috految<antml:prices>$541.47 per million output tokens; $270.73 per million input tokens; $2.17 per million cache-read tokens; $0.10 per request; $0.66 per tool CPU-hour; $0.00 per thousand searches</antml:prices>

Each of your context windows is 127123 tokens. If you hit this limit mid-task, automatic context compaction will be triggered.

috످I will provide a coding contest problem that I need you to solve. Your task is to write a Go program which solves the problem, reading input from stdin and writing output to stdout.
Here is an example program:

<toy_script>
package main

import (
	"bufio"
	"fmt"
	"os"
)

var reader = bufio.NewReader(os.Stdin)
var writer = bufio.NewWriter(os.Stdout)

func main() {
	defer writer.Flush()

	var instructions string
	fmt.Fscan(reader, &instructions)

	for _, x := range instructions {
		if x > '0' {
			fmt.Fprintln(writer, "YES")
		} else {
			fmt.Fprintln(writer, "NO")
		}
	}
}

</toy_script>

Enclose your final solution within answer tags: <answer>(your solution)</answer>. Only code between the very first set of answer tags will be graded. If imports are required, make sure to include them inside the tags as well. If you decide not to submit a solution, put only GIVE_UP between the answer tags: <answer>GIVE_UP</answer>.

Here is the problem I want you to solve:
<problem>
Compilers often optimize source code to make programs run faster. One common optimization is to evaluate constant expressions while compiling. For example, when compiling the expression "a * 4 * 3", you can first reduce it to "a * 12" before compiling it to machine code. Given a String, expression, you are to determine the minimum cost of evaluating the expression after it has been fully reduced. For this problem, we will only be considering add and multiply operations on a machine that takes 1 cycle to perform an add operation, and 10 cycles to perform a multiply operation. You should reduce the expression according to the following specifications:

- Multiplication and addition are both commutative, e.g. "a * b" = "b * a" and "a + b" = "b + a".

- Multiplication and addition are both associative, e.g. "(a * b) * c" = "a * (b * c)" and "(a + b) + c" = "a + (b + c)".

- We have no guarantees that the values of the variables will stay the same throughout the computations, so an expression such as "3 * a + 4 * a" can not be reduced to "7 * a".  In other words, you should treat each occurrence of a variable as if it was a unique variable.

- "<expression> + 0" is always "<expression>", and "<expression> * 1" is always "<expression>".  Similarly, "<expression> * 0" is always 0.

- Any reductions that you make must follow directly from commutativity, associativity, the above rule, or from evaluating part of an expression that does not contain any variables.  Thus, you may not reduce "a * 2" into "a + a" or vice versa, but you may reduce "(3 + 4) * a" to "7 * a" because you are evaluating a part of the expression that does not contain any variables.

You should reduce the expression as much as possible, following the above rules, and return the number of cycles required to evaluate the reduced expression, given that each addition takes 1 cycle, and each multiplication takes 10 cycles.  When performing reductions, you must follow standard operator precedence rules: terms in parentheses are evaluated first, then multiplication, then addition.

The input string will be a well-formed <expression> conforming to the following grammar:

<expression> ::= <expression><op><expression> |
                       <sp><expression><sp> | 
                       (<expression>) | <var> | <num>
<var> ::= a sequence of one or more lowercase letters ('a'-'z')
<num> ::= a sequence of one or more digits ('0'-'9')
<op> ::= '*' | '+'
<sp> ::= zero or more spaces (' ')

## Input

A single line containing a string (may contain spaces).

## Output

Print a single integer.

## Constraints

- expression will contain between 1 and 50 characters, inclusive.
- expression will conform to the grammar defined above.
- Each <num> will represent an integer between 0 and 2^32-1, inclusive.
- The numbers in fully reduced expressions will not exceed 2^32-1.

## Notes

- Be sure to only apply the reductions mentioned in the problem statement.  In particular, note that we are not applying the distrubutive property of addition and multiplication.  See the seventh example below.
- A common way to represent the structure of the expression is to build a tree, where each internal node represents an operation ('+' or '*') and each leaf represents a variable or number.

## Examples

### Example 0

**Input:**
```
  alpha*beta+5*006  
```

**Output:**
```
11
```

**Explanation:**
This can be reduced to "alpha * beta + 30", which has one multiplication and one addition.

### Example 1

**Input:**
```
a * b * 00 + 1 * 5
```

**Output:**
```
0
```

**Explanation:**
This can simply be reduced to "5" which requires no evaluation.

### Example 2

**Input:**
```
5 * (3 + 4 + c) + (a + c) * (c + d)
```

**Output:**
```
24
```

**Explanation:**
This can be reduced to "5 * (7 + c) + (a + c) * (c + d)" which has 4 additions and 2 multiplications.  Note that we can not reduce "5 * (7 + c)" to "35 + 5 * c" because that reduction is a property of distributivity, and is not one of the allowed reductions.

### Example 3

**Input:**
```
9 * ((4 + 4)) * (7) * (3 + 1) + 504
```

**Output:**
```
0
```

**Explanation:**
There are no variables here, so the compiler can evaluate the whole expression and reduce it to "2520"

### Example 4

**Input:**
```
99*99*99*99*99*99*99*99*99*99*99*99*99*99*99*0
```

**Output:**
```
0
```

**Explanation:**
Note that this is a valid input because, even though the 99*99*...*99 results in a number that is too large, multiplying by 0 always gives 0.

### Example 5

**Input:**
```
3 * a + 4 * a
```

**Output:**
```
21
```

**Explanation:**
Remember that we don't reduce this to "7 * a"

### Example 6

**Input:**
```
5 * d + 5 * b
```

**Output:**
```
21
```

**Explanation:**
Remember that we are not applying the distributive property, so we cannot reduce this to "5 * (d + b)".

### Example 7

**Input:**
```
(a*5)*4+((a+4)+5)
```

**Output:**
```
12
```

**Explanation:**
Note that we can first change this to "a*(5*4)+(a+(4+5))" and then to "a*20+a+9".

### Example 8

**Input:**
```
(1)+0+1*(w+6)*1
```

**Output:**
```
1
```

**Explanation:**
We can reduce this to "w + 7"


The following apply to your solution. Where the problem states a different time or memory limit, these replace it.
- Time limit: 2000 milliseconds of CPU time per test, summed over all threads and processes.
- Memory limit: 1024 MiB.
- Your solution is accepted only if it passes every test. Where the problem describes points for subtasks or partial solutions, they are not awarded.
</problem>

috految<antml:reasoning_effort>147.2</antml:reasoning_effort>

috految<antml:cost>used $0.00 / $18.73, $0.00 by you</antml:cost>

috److Parse the expression with recursive descent and reduce each subexpression as it is built.

**Node representation**

- `isConst`: whether the node is a constant.
- `val`: the constant's value, capped at 2. All values are non-negative, so only 0, 1, and "at least 2" need to be distinguished.
- `cost`: the number of cycles needed to evaluate the node.
- `addConst`: whether the node is a sum containing a nonzero constant term.
- `mulConst`: whether the node is a product containing a constant factor of at least 2.

**Addition of `a` and `b`**

1. If both are constants, the result is a constant.
2. If either is 0, return the other.
3. Otherwise, the cost is `a.cost + b.cost + 1`. If both have an additive constant (or are constants), the two constants merge and one addition is saved.

For example, `(x+1) + (y+1)` costs 1 + 1 + 1 - 1 = 2, which matches `x + y + 2`.

**Multiplication of `a` and `b`**

1. If both are constants, the result is a constant.
2. If either is 0, the result is 0.
3. If either is 1, return the other.
4. Otherwise, the cost is `a.cost + b.cost + 10`. If both have a multiplicative constant (or are constants), the constants merge and one multiplication is saved.

Merged constants never become identity elements, because sums of positive constants stay positive and products of constants at least 2 stay at least 2.

Spaces can be stripped before parsing, since the grammar never places two operands next to each other without an operator.

<answer>
package main

import (
	"bufio"
	"fmt"
	"os"
)

type node struct {
	isConst  bool
	val      int
	cost     int
	addConst bool
	mulConst bool
}

var s []byte
var pos int

func constant(v int) node {
	if v > 2 {
		v = 2
	}
	return node{true, v, 0, true, true}
}

func add(a, b node) node {
	if a.isConst && b.isConst {
		return constant(a.val + b.val)
	}
	if a.isConst && a.val == 0 {
		return b
	}
	if b.isConst && b.val == 0 {
		return a
	}
	r := node{}
	r.cost = a.cost + b.cost + 1
	if a.addConst && b.addConst {
		r.cost--
	}
	r.addConst = a.addConst || b.addConst
	return r
}

func mul(a, b node) node {
	if a.isConst && b.isConst {
		return constant(a.val * b.val)
	}
	if (a.isConst && a.val == 0) || (b.isConst && b.val == 0) {
		return constant(0)
	}
	if a.isConst && a.val == 1 {
		return b
	}
	if b.isConst && b.val == 1 {
		return a
	}
	r := node{}
	r.cost = a.cost + b.cost + 10
	if a.mulConst && b.mulConst {
		r.cost -= 10
	}
	r.mulConst = a.mulConst || b.mulConst
	return r
}

func expr() node {
	r := term()
	for s[pos] == '+' {
		pos++
		r = add(r, term())
	}
	return r
}

func term() node {
	r := factor()
	for s[pos] == '*' {
		pos++
		r = mul(r, factor())
	}
	return r
}

func factor() node {
	if s[pos] == '(' {
		pos++
		r := expr()
		pos++
		return r
	}
	if s[pos] >= '0' && s[pos] <= '9' {
		v := 0
		for s[pos] >= '0' && s[pos] <= '9' {
			v = v*10 + int(s[pos]-'0')
			if v > 2 {
				v = 2
			}
			pos++
		}
		return constant(v)
	}
	for s[pos] >= 'a' && s[pos] <= 'z' {
		pos++
	}
	return node{}
}

func main() {
	reader := bufio.NewReader(os.Stdin)
	line, _ := reader.ReadString('\n')
	for _, c := range []byte(line) {
		if c > ' ' && c < 127 && c != '"' {
			s = append(s, c)
		}
	}
	s = append(s, '#', '#')
	fmt.Println(expr().cost)
}
</answer>

috످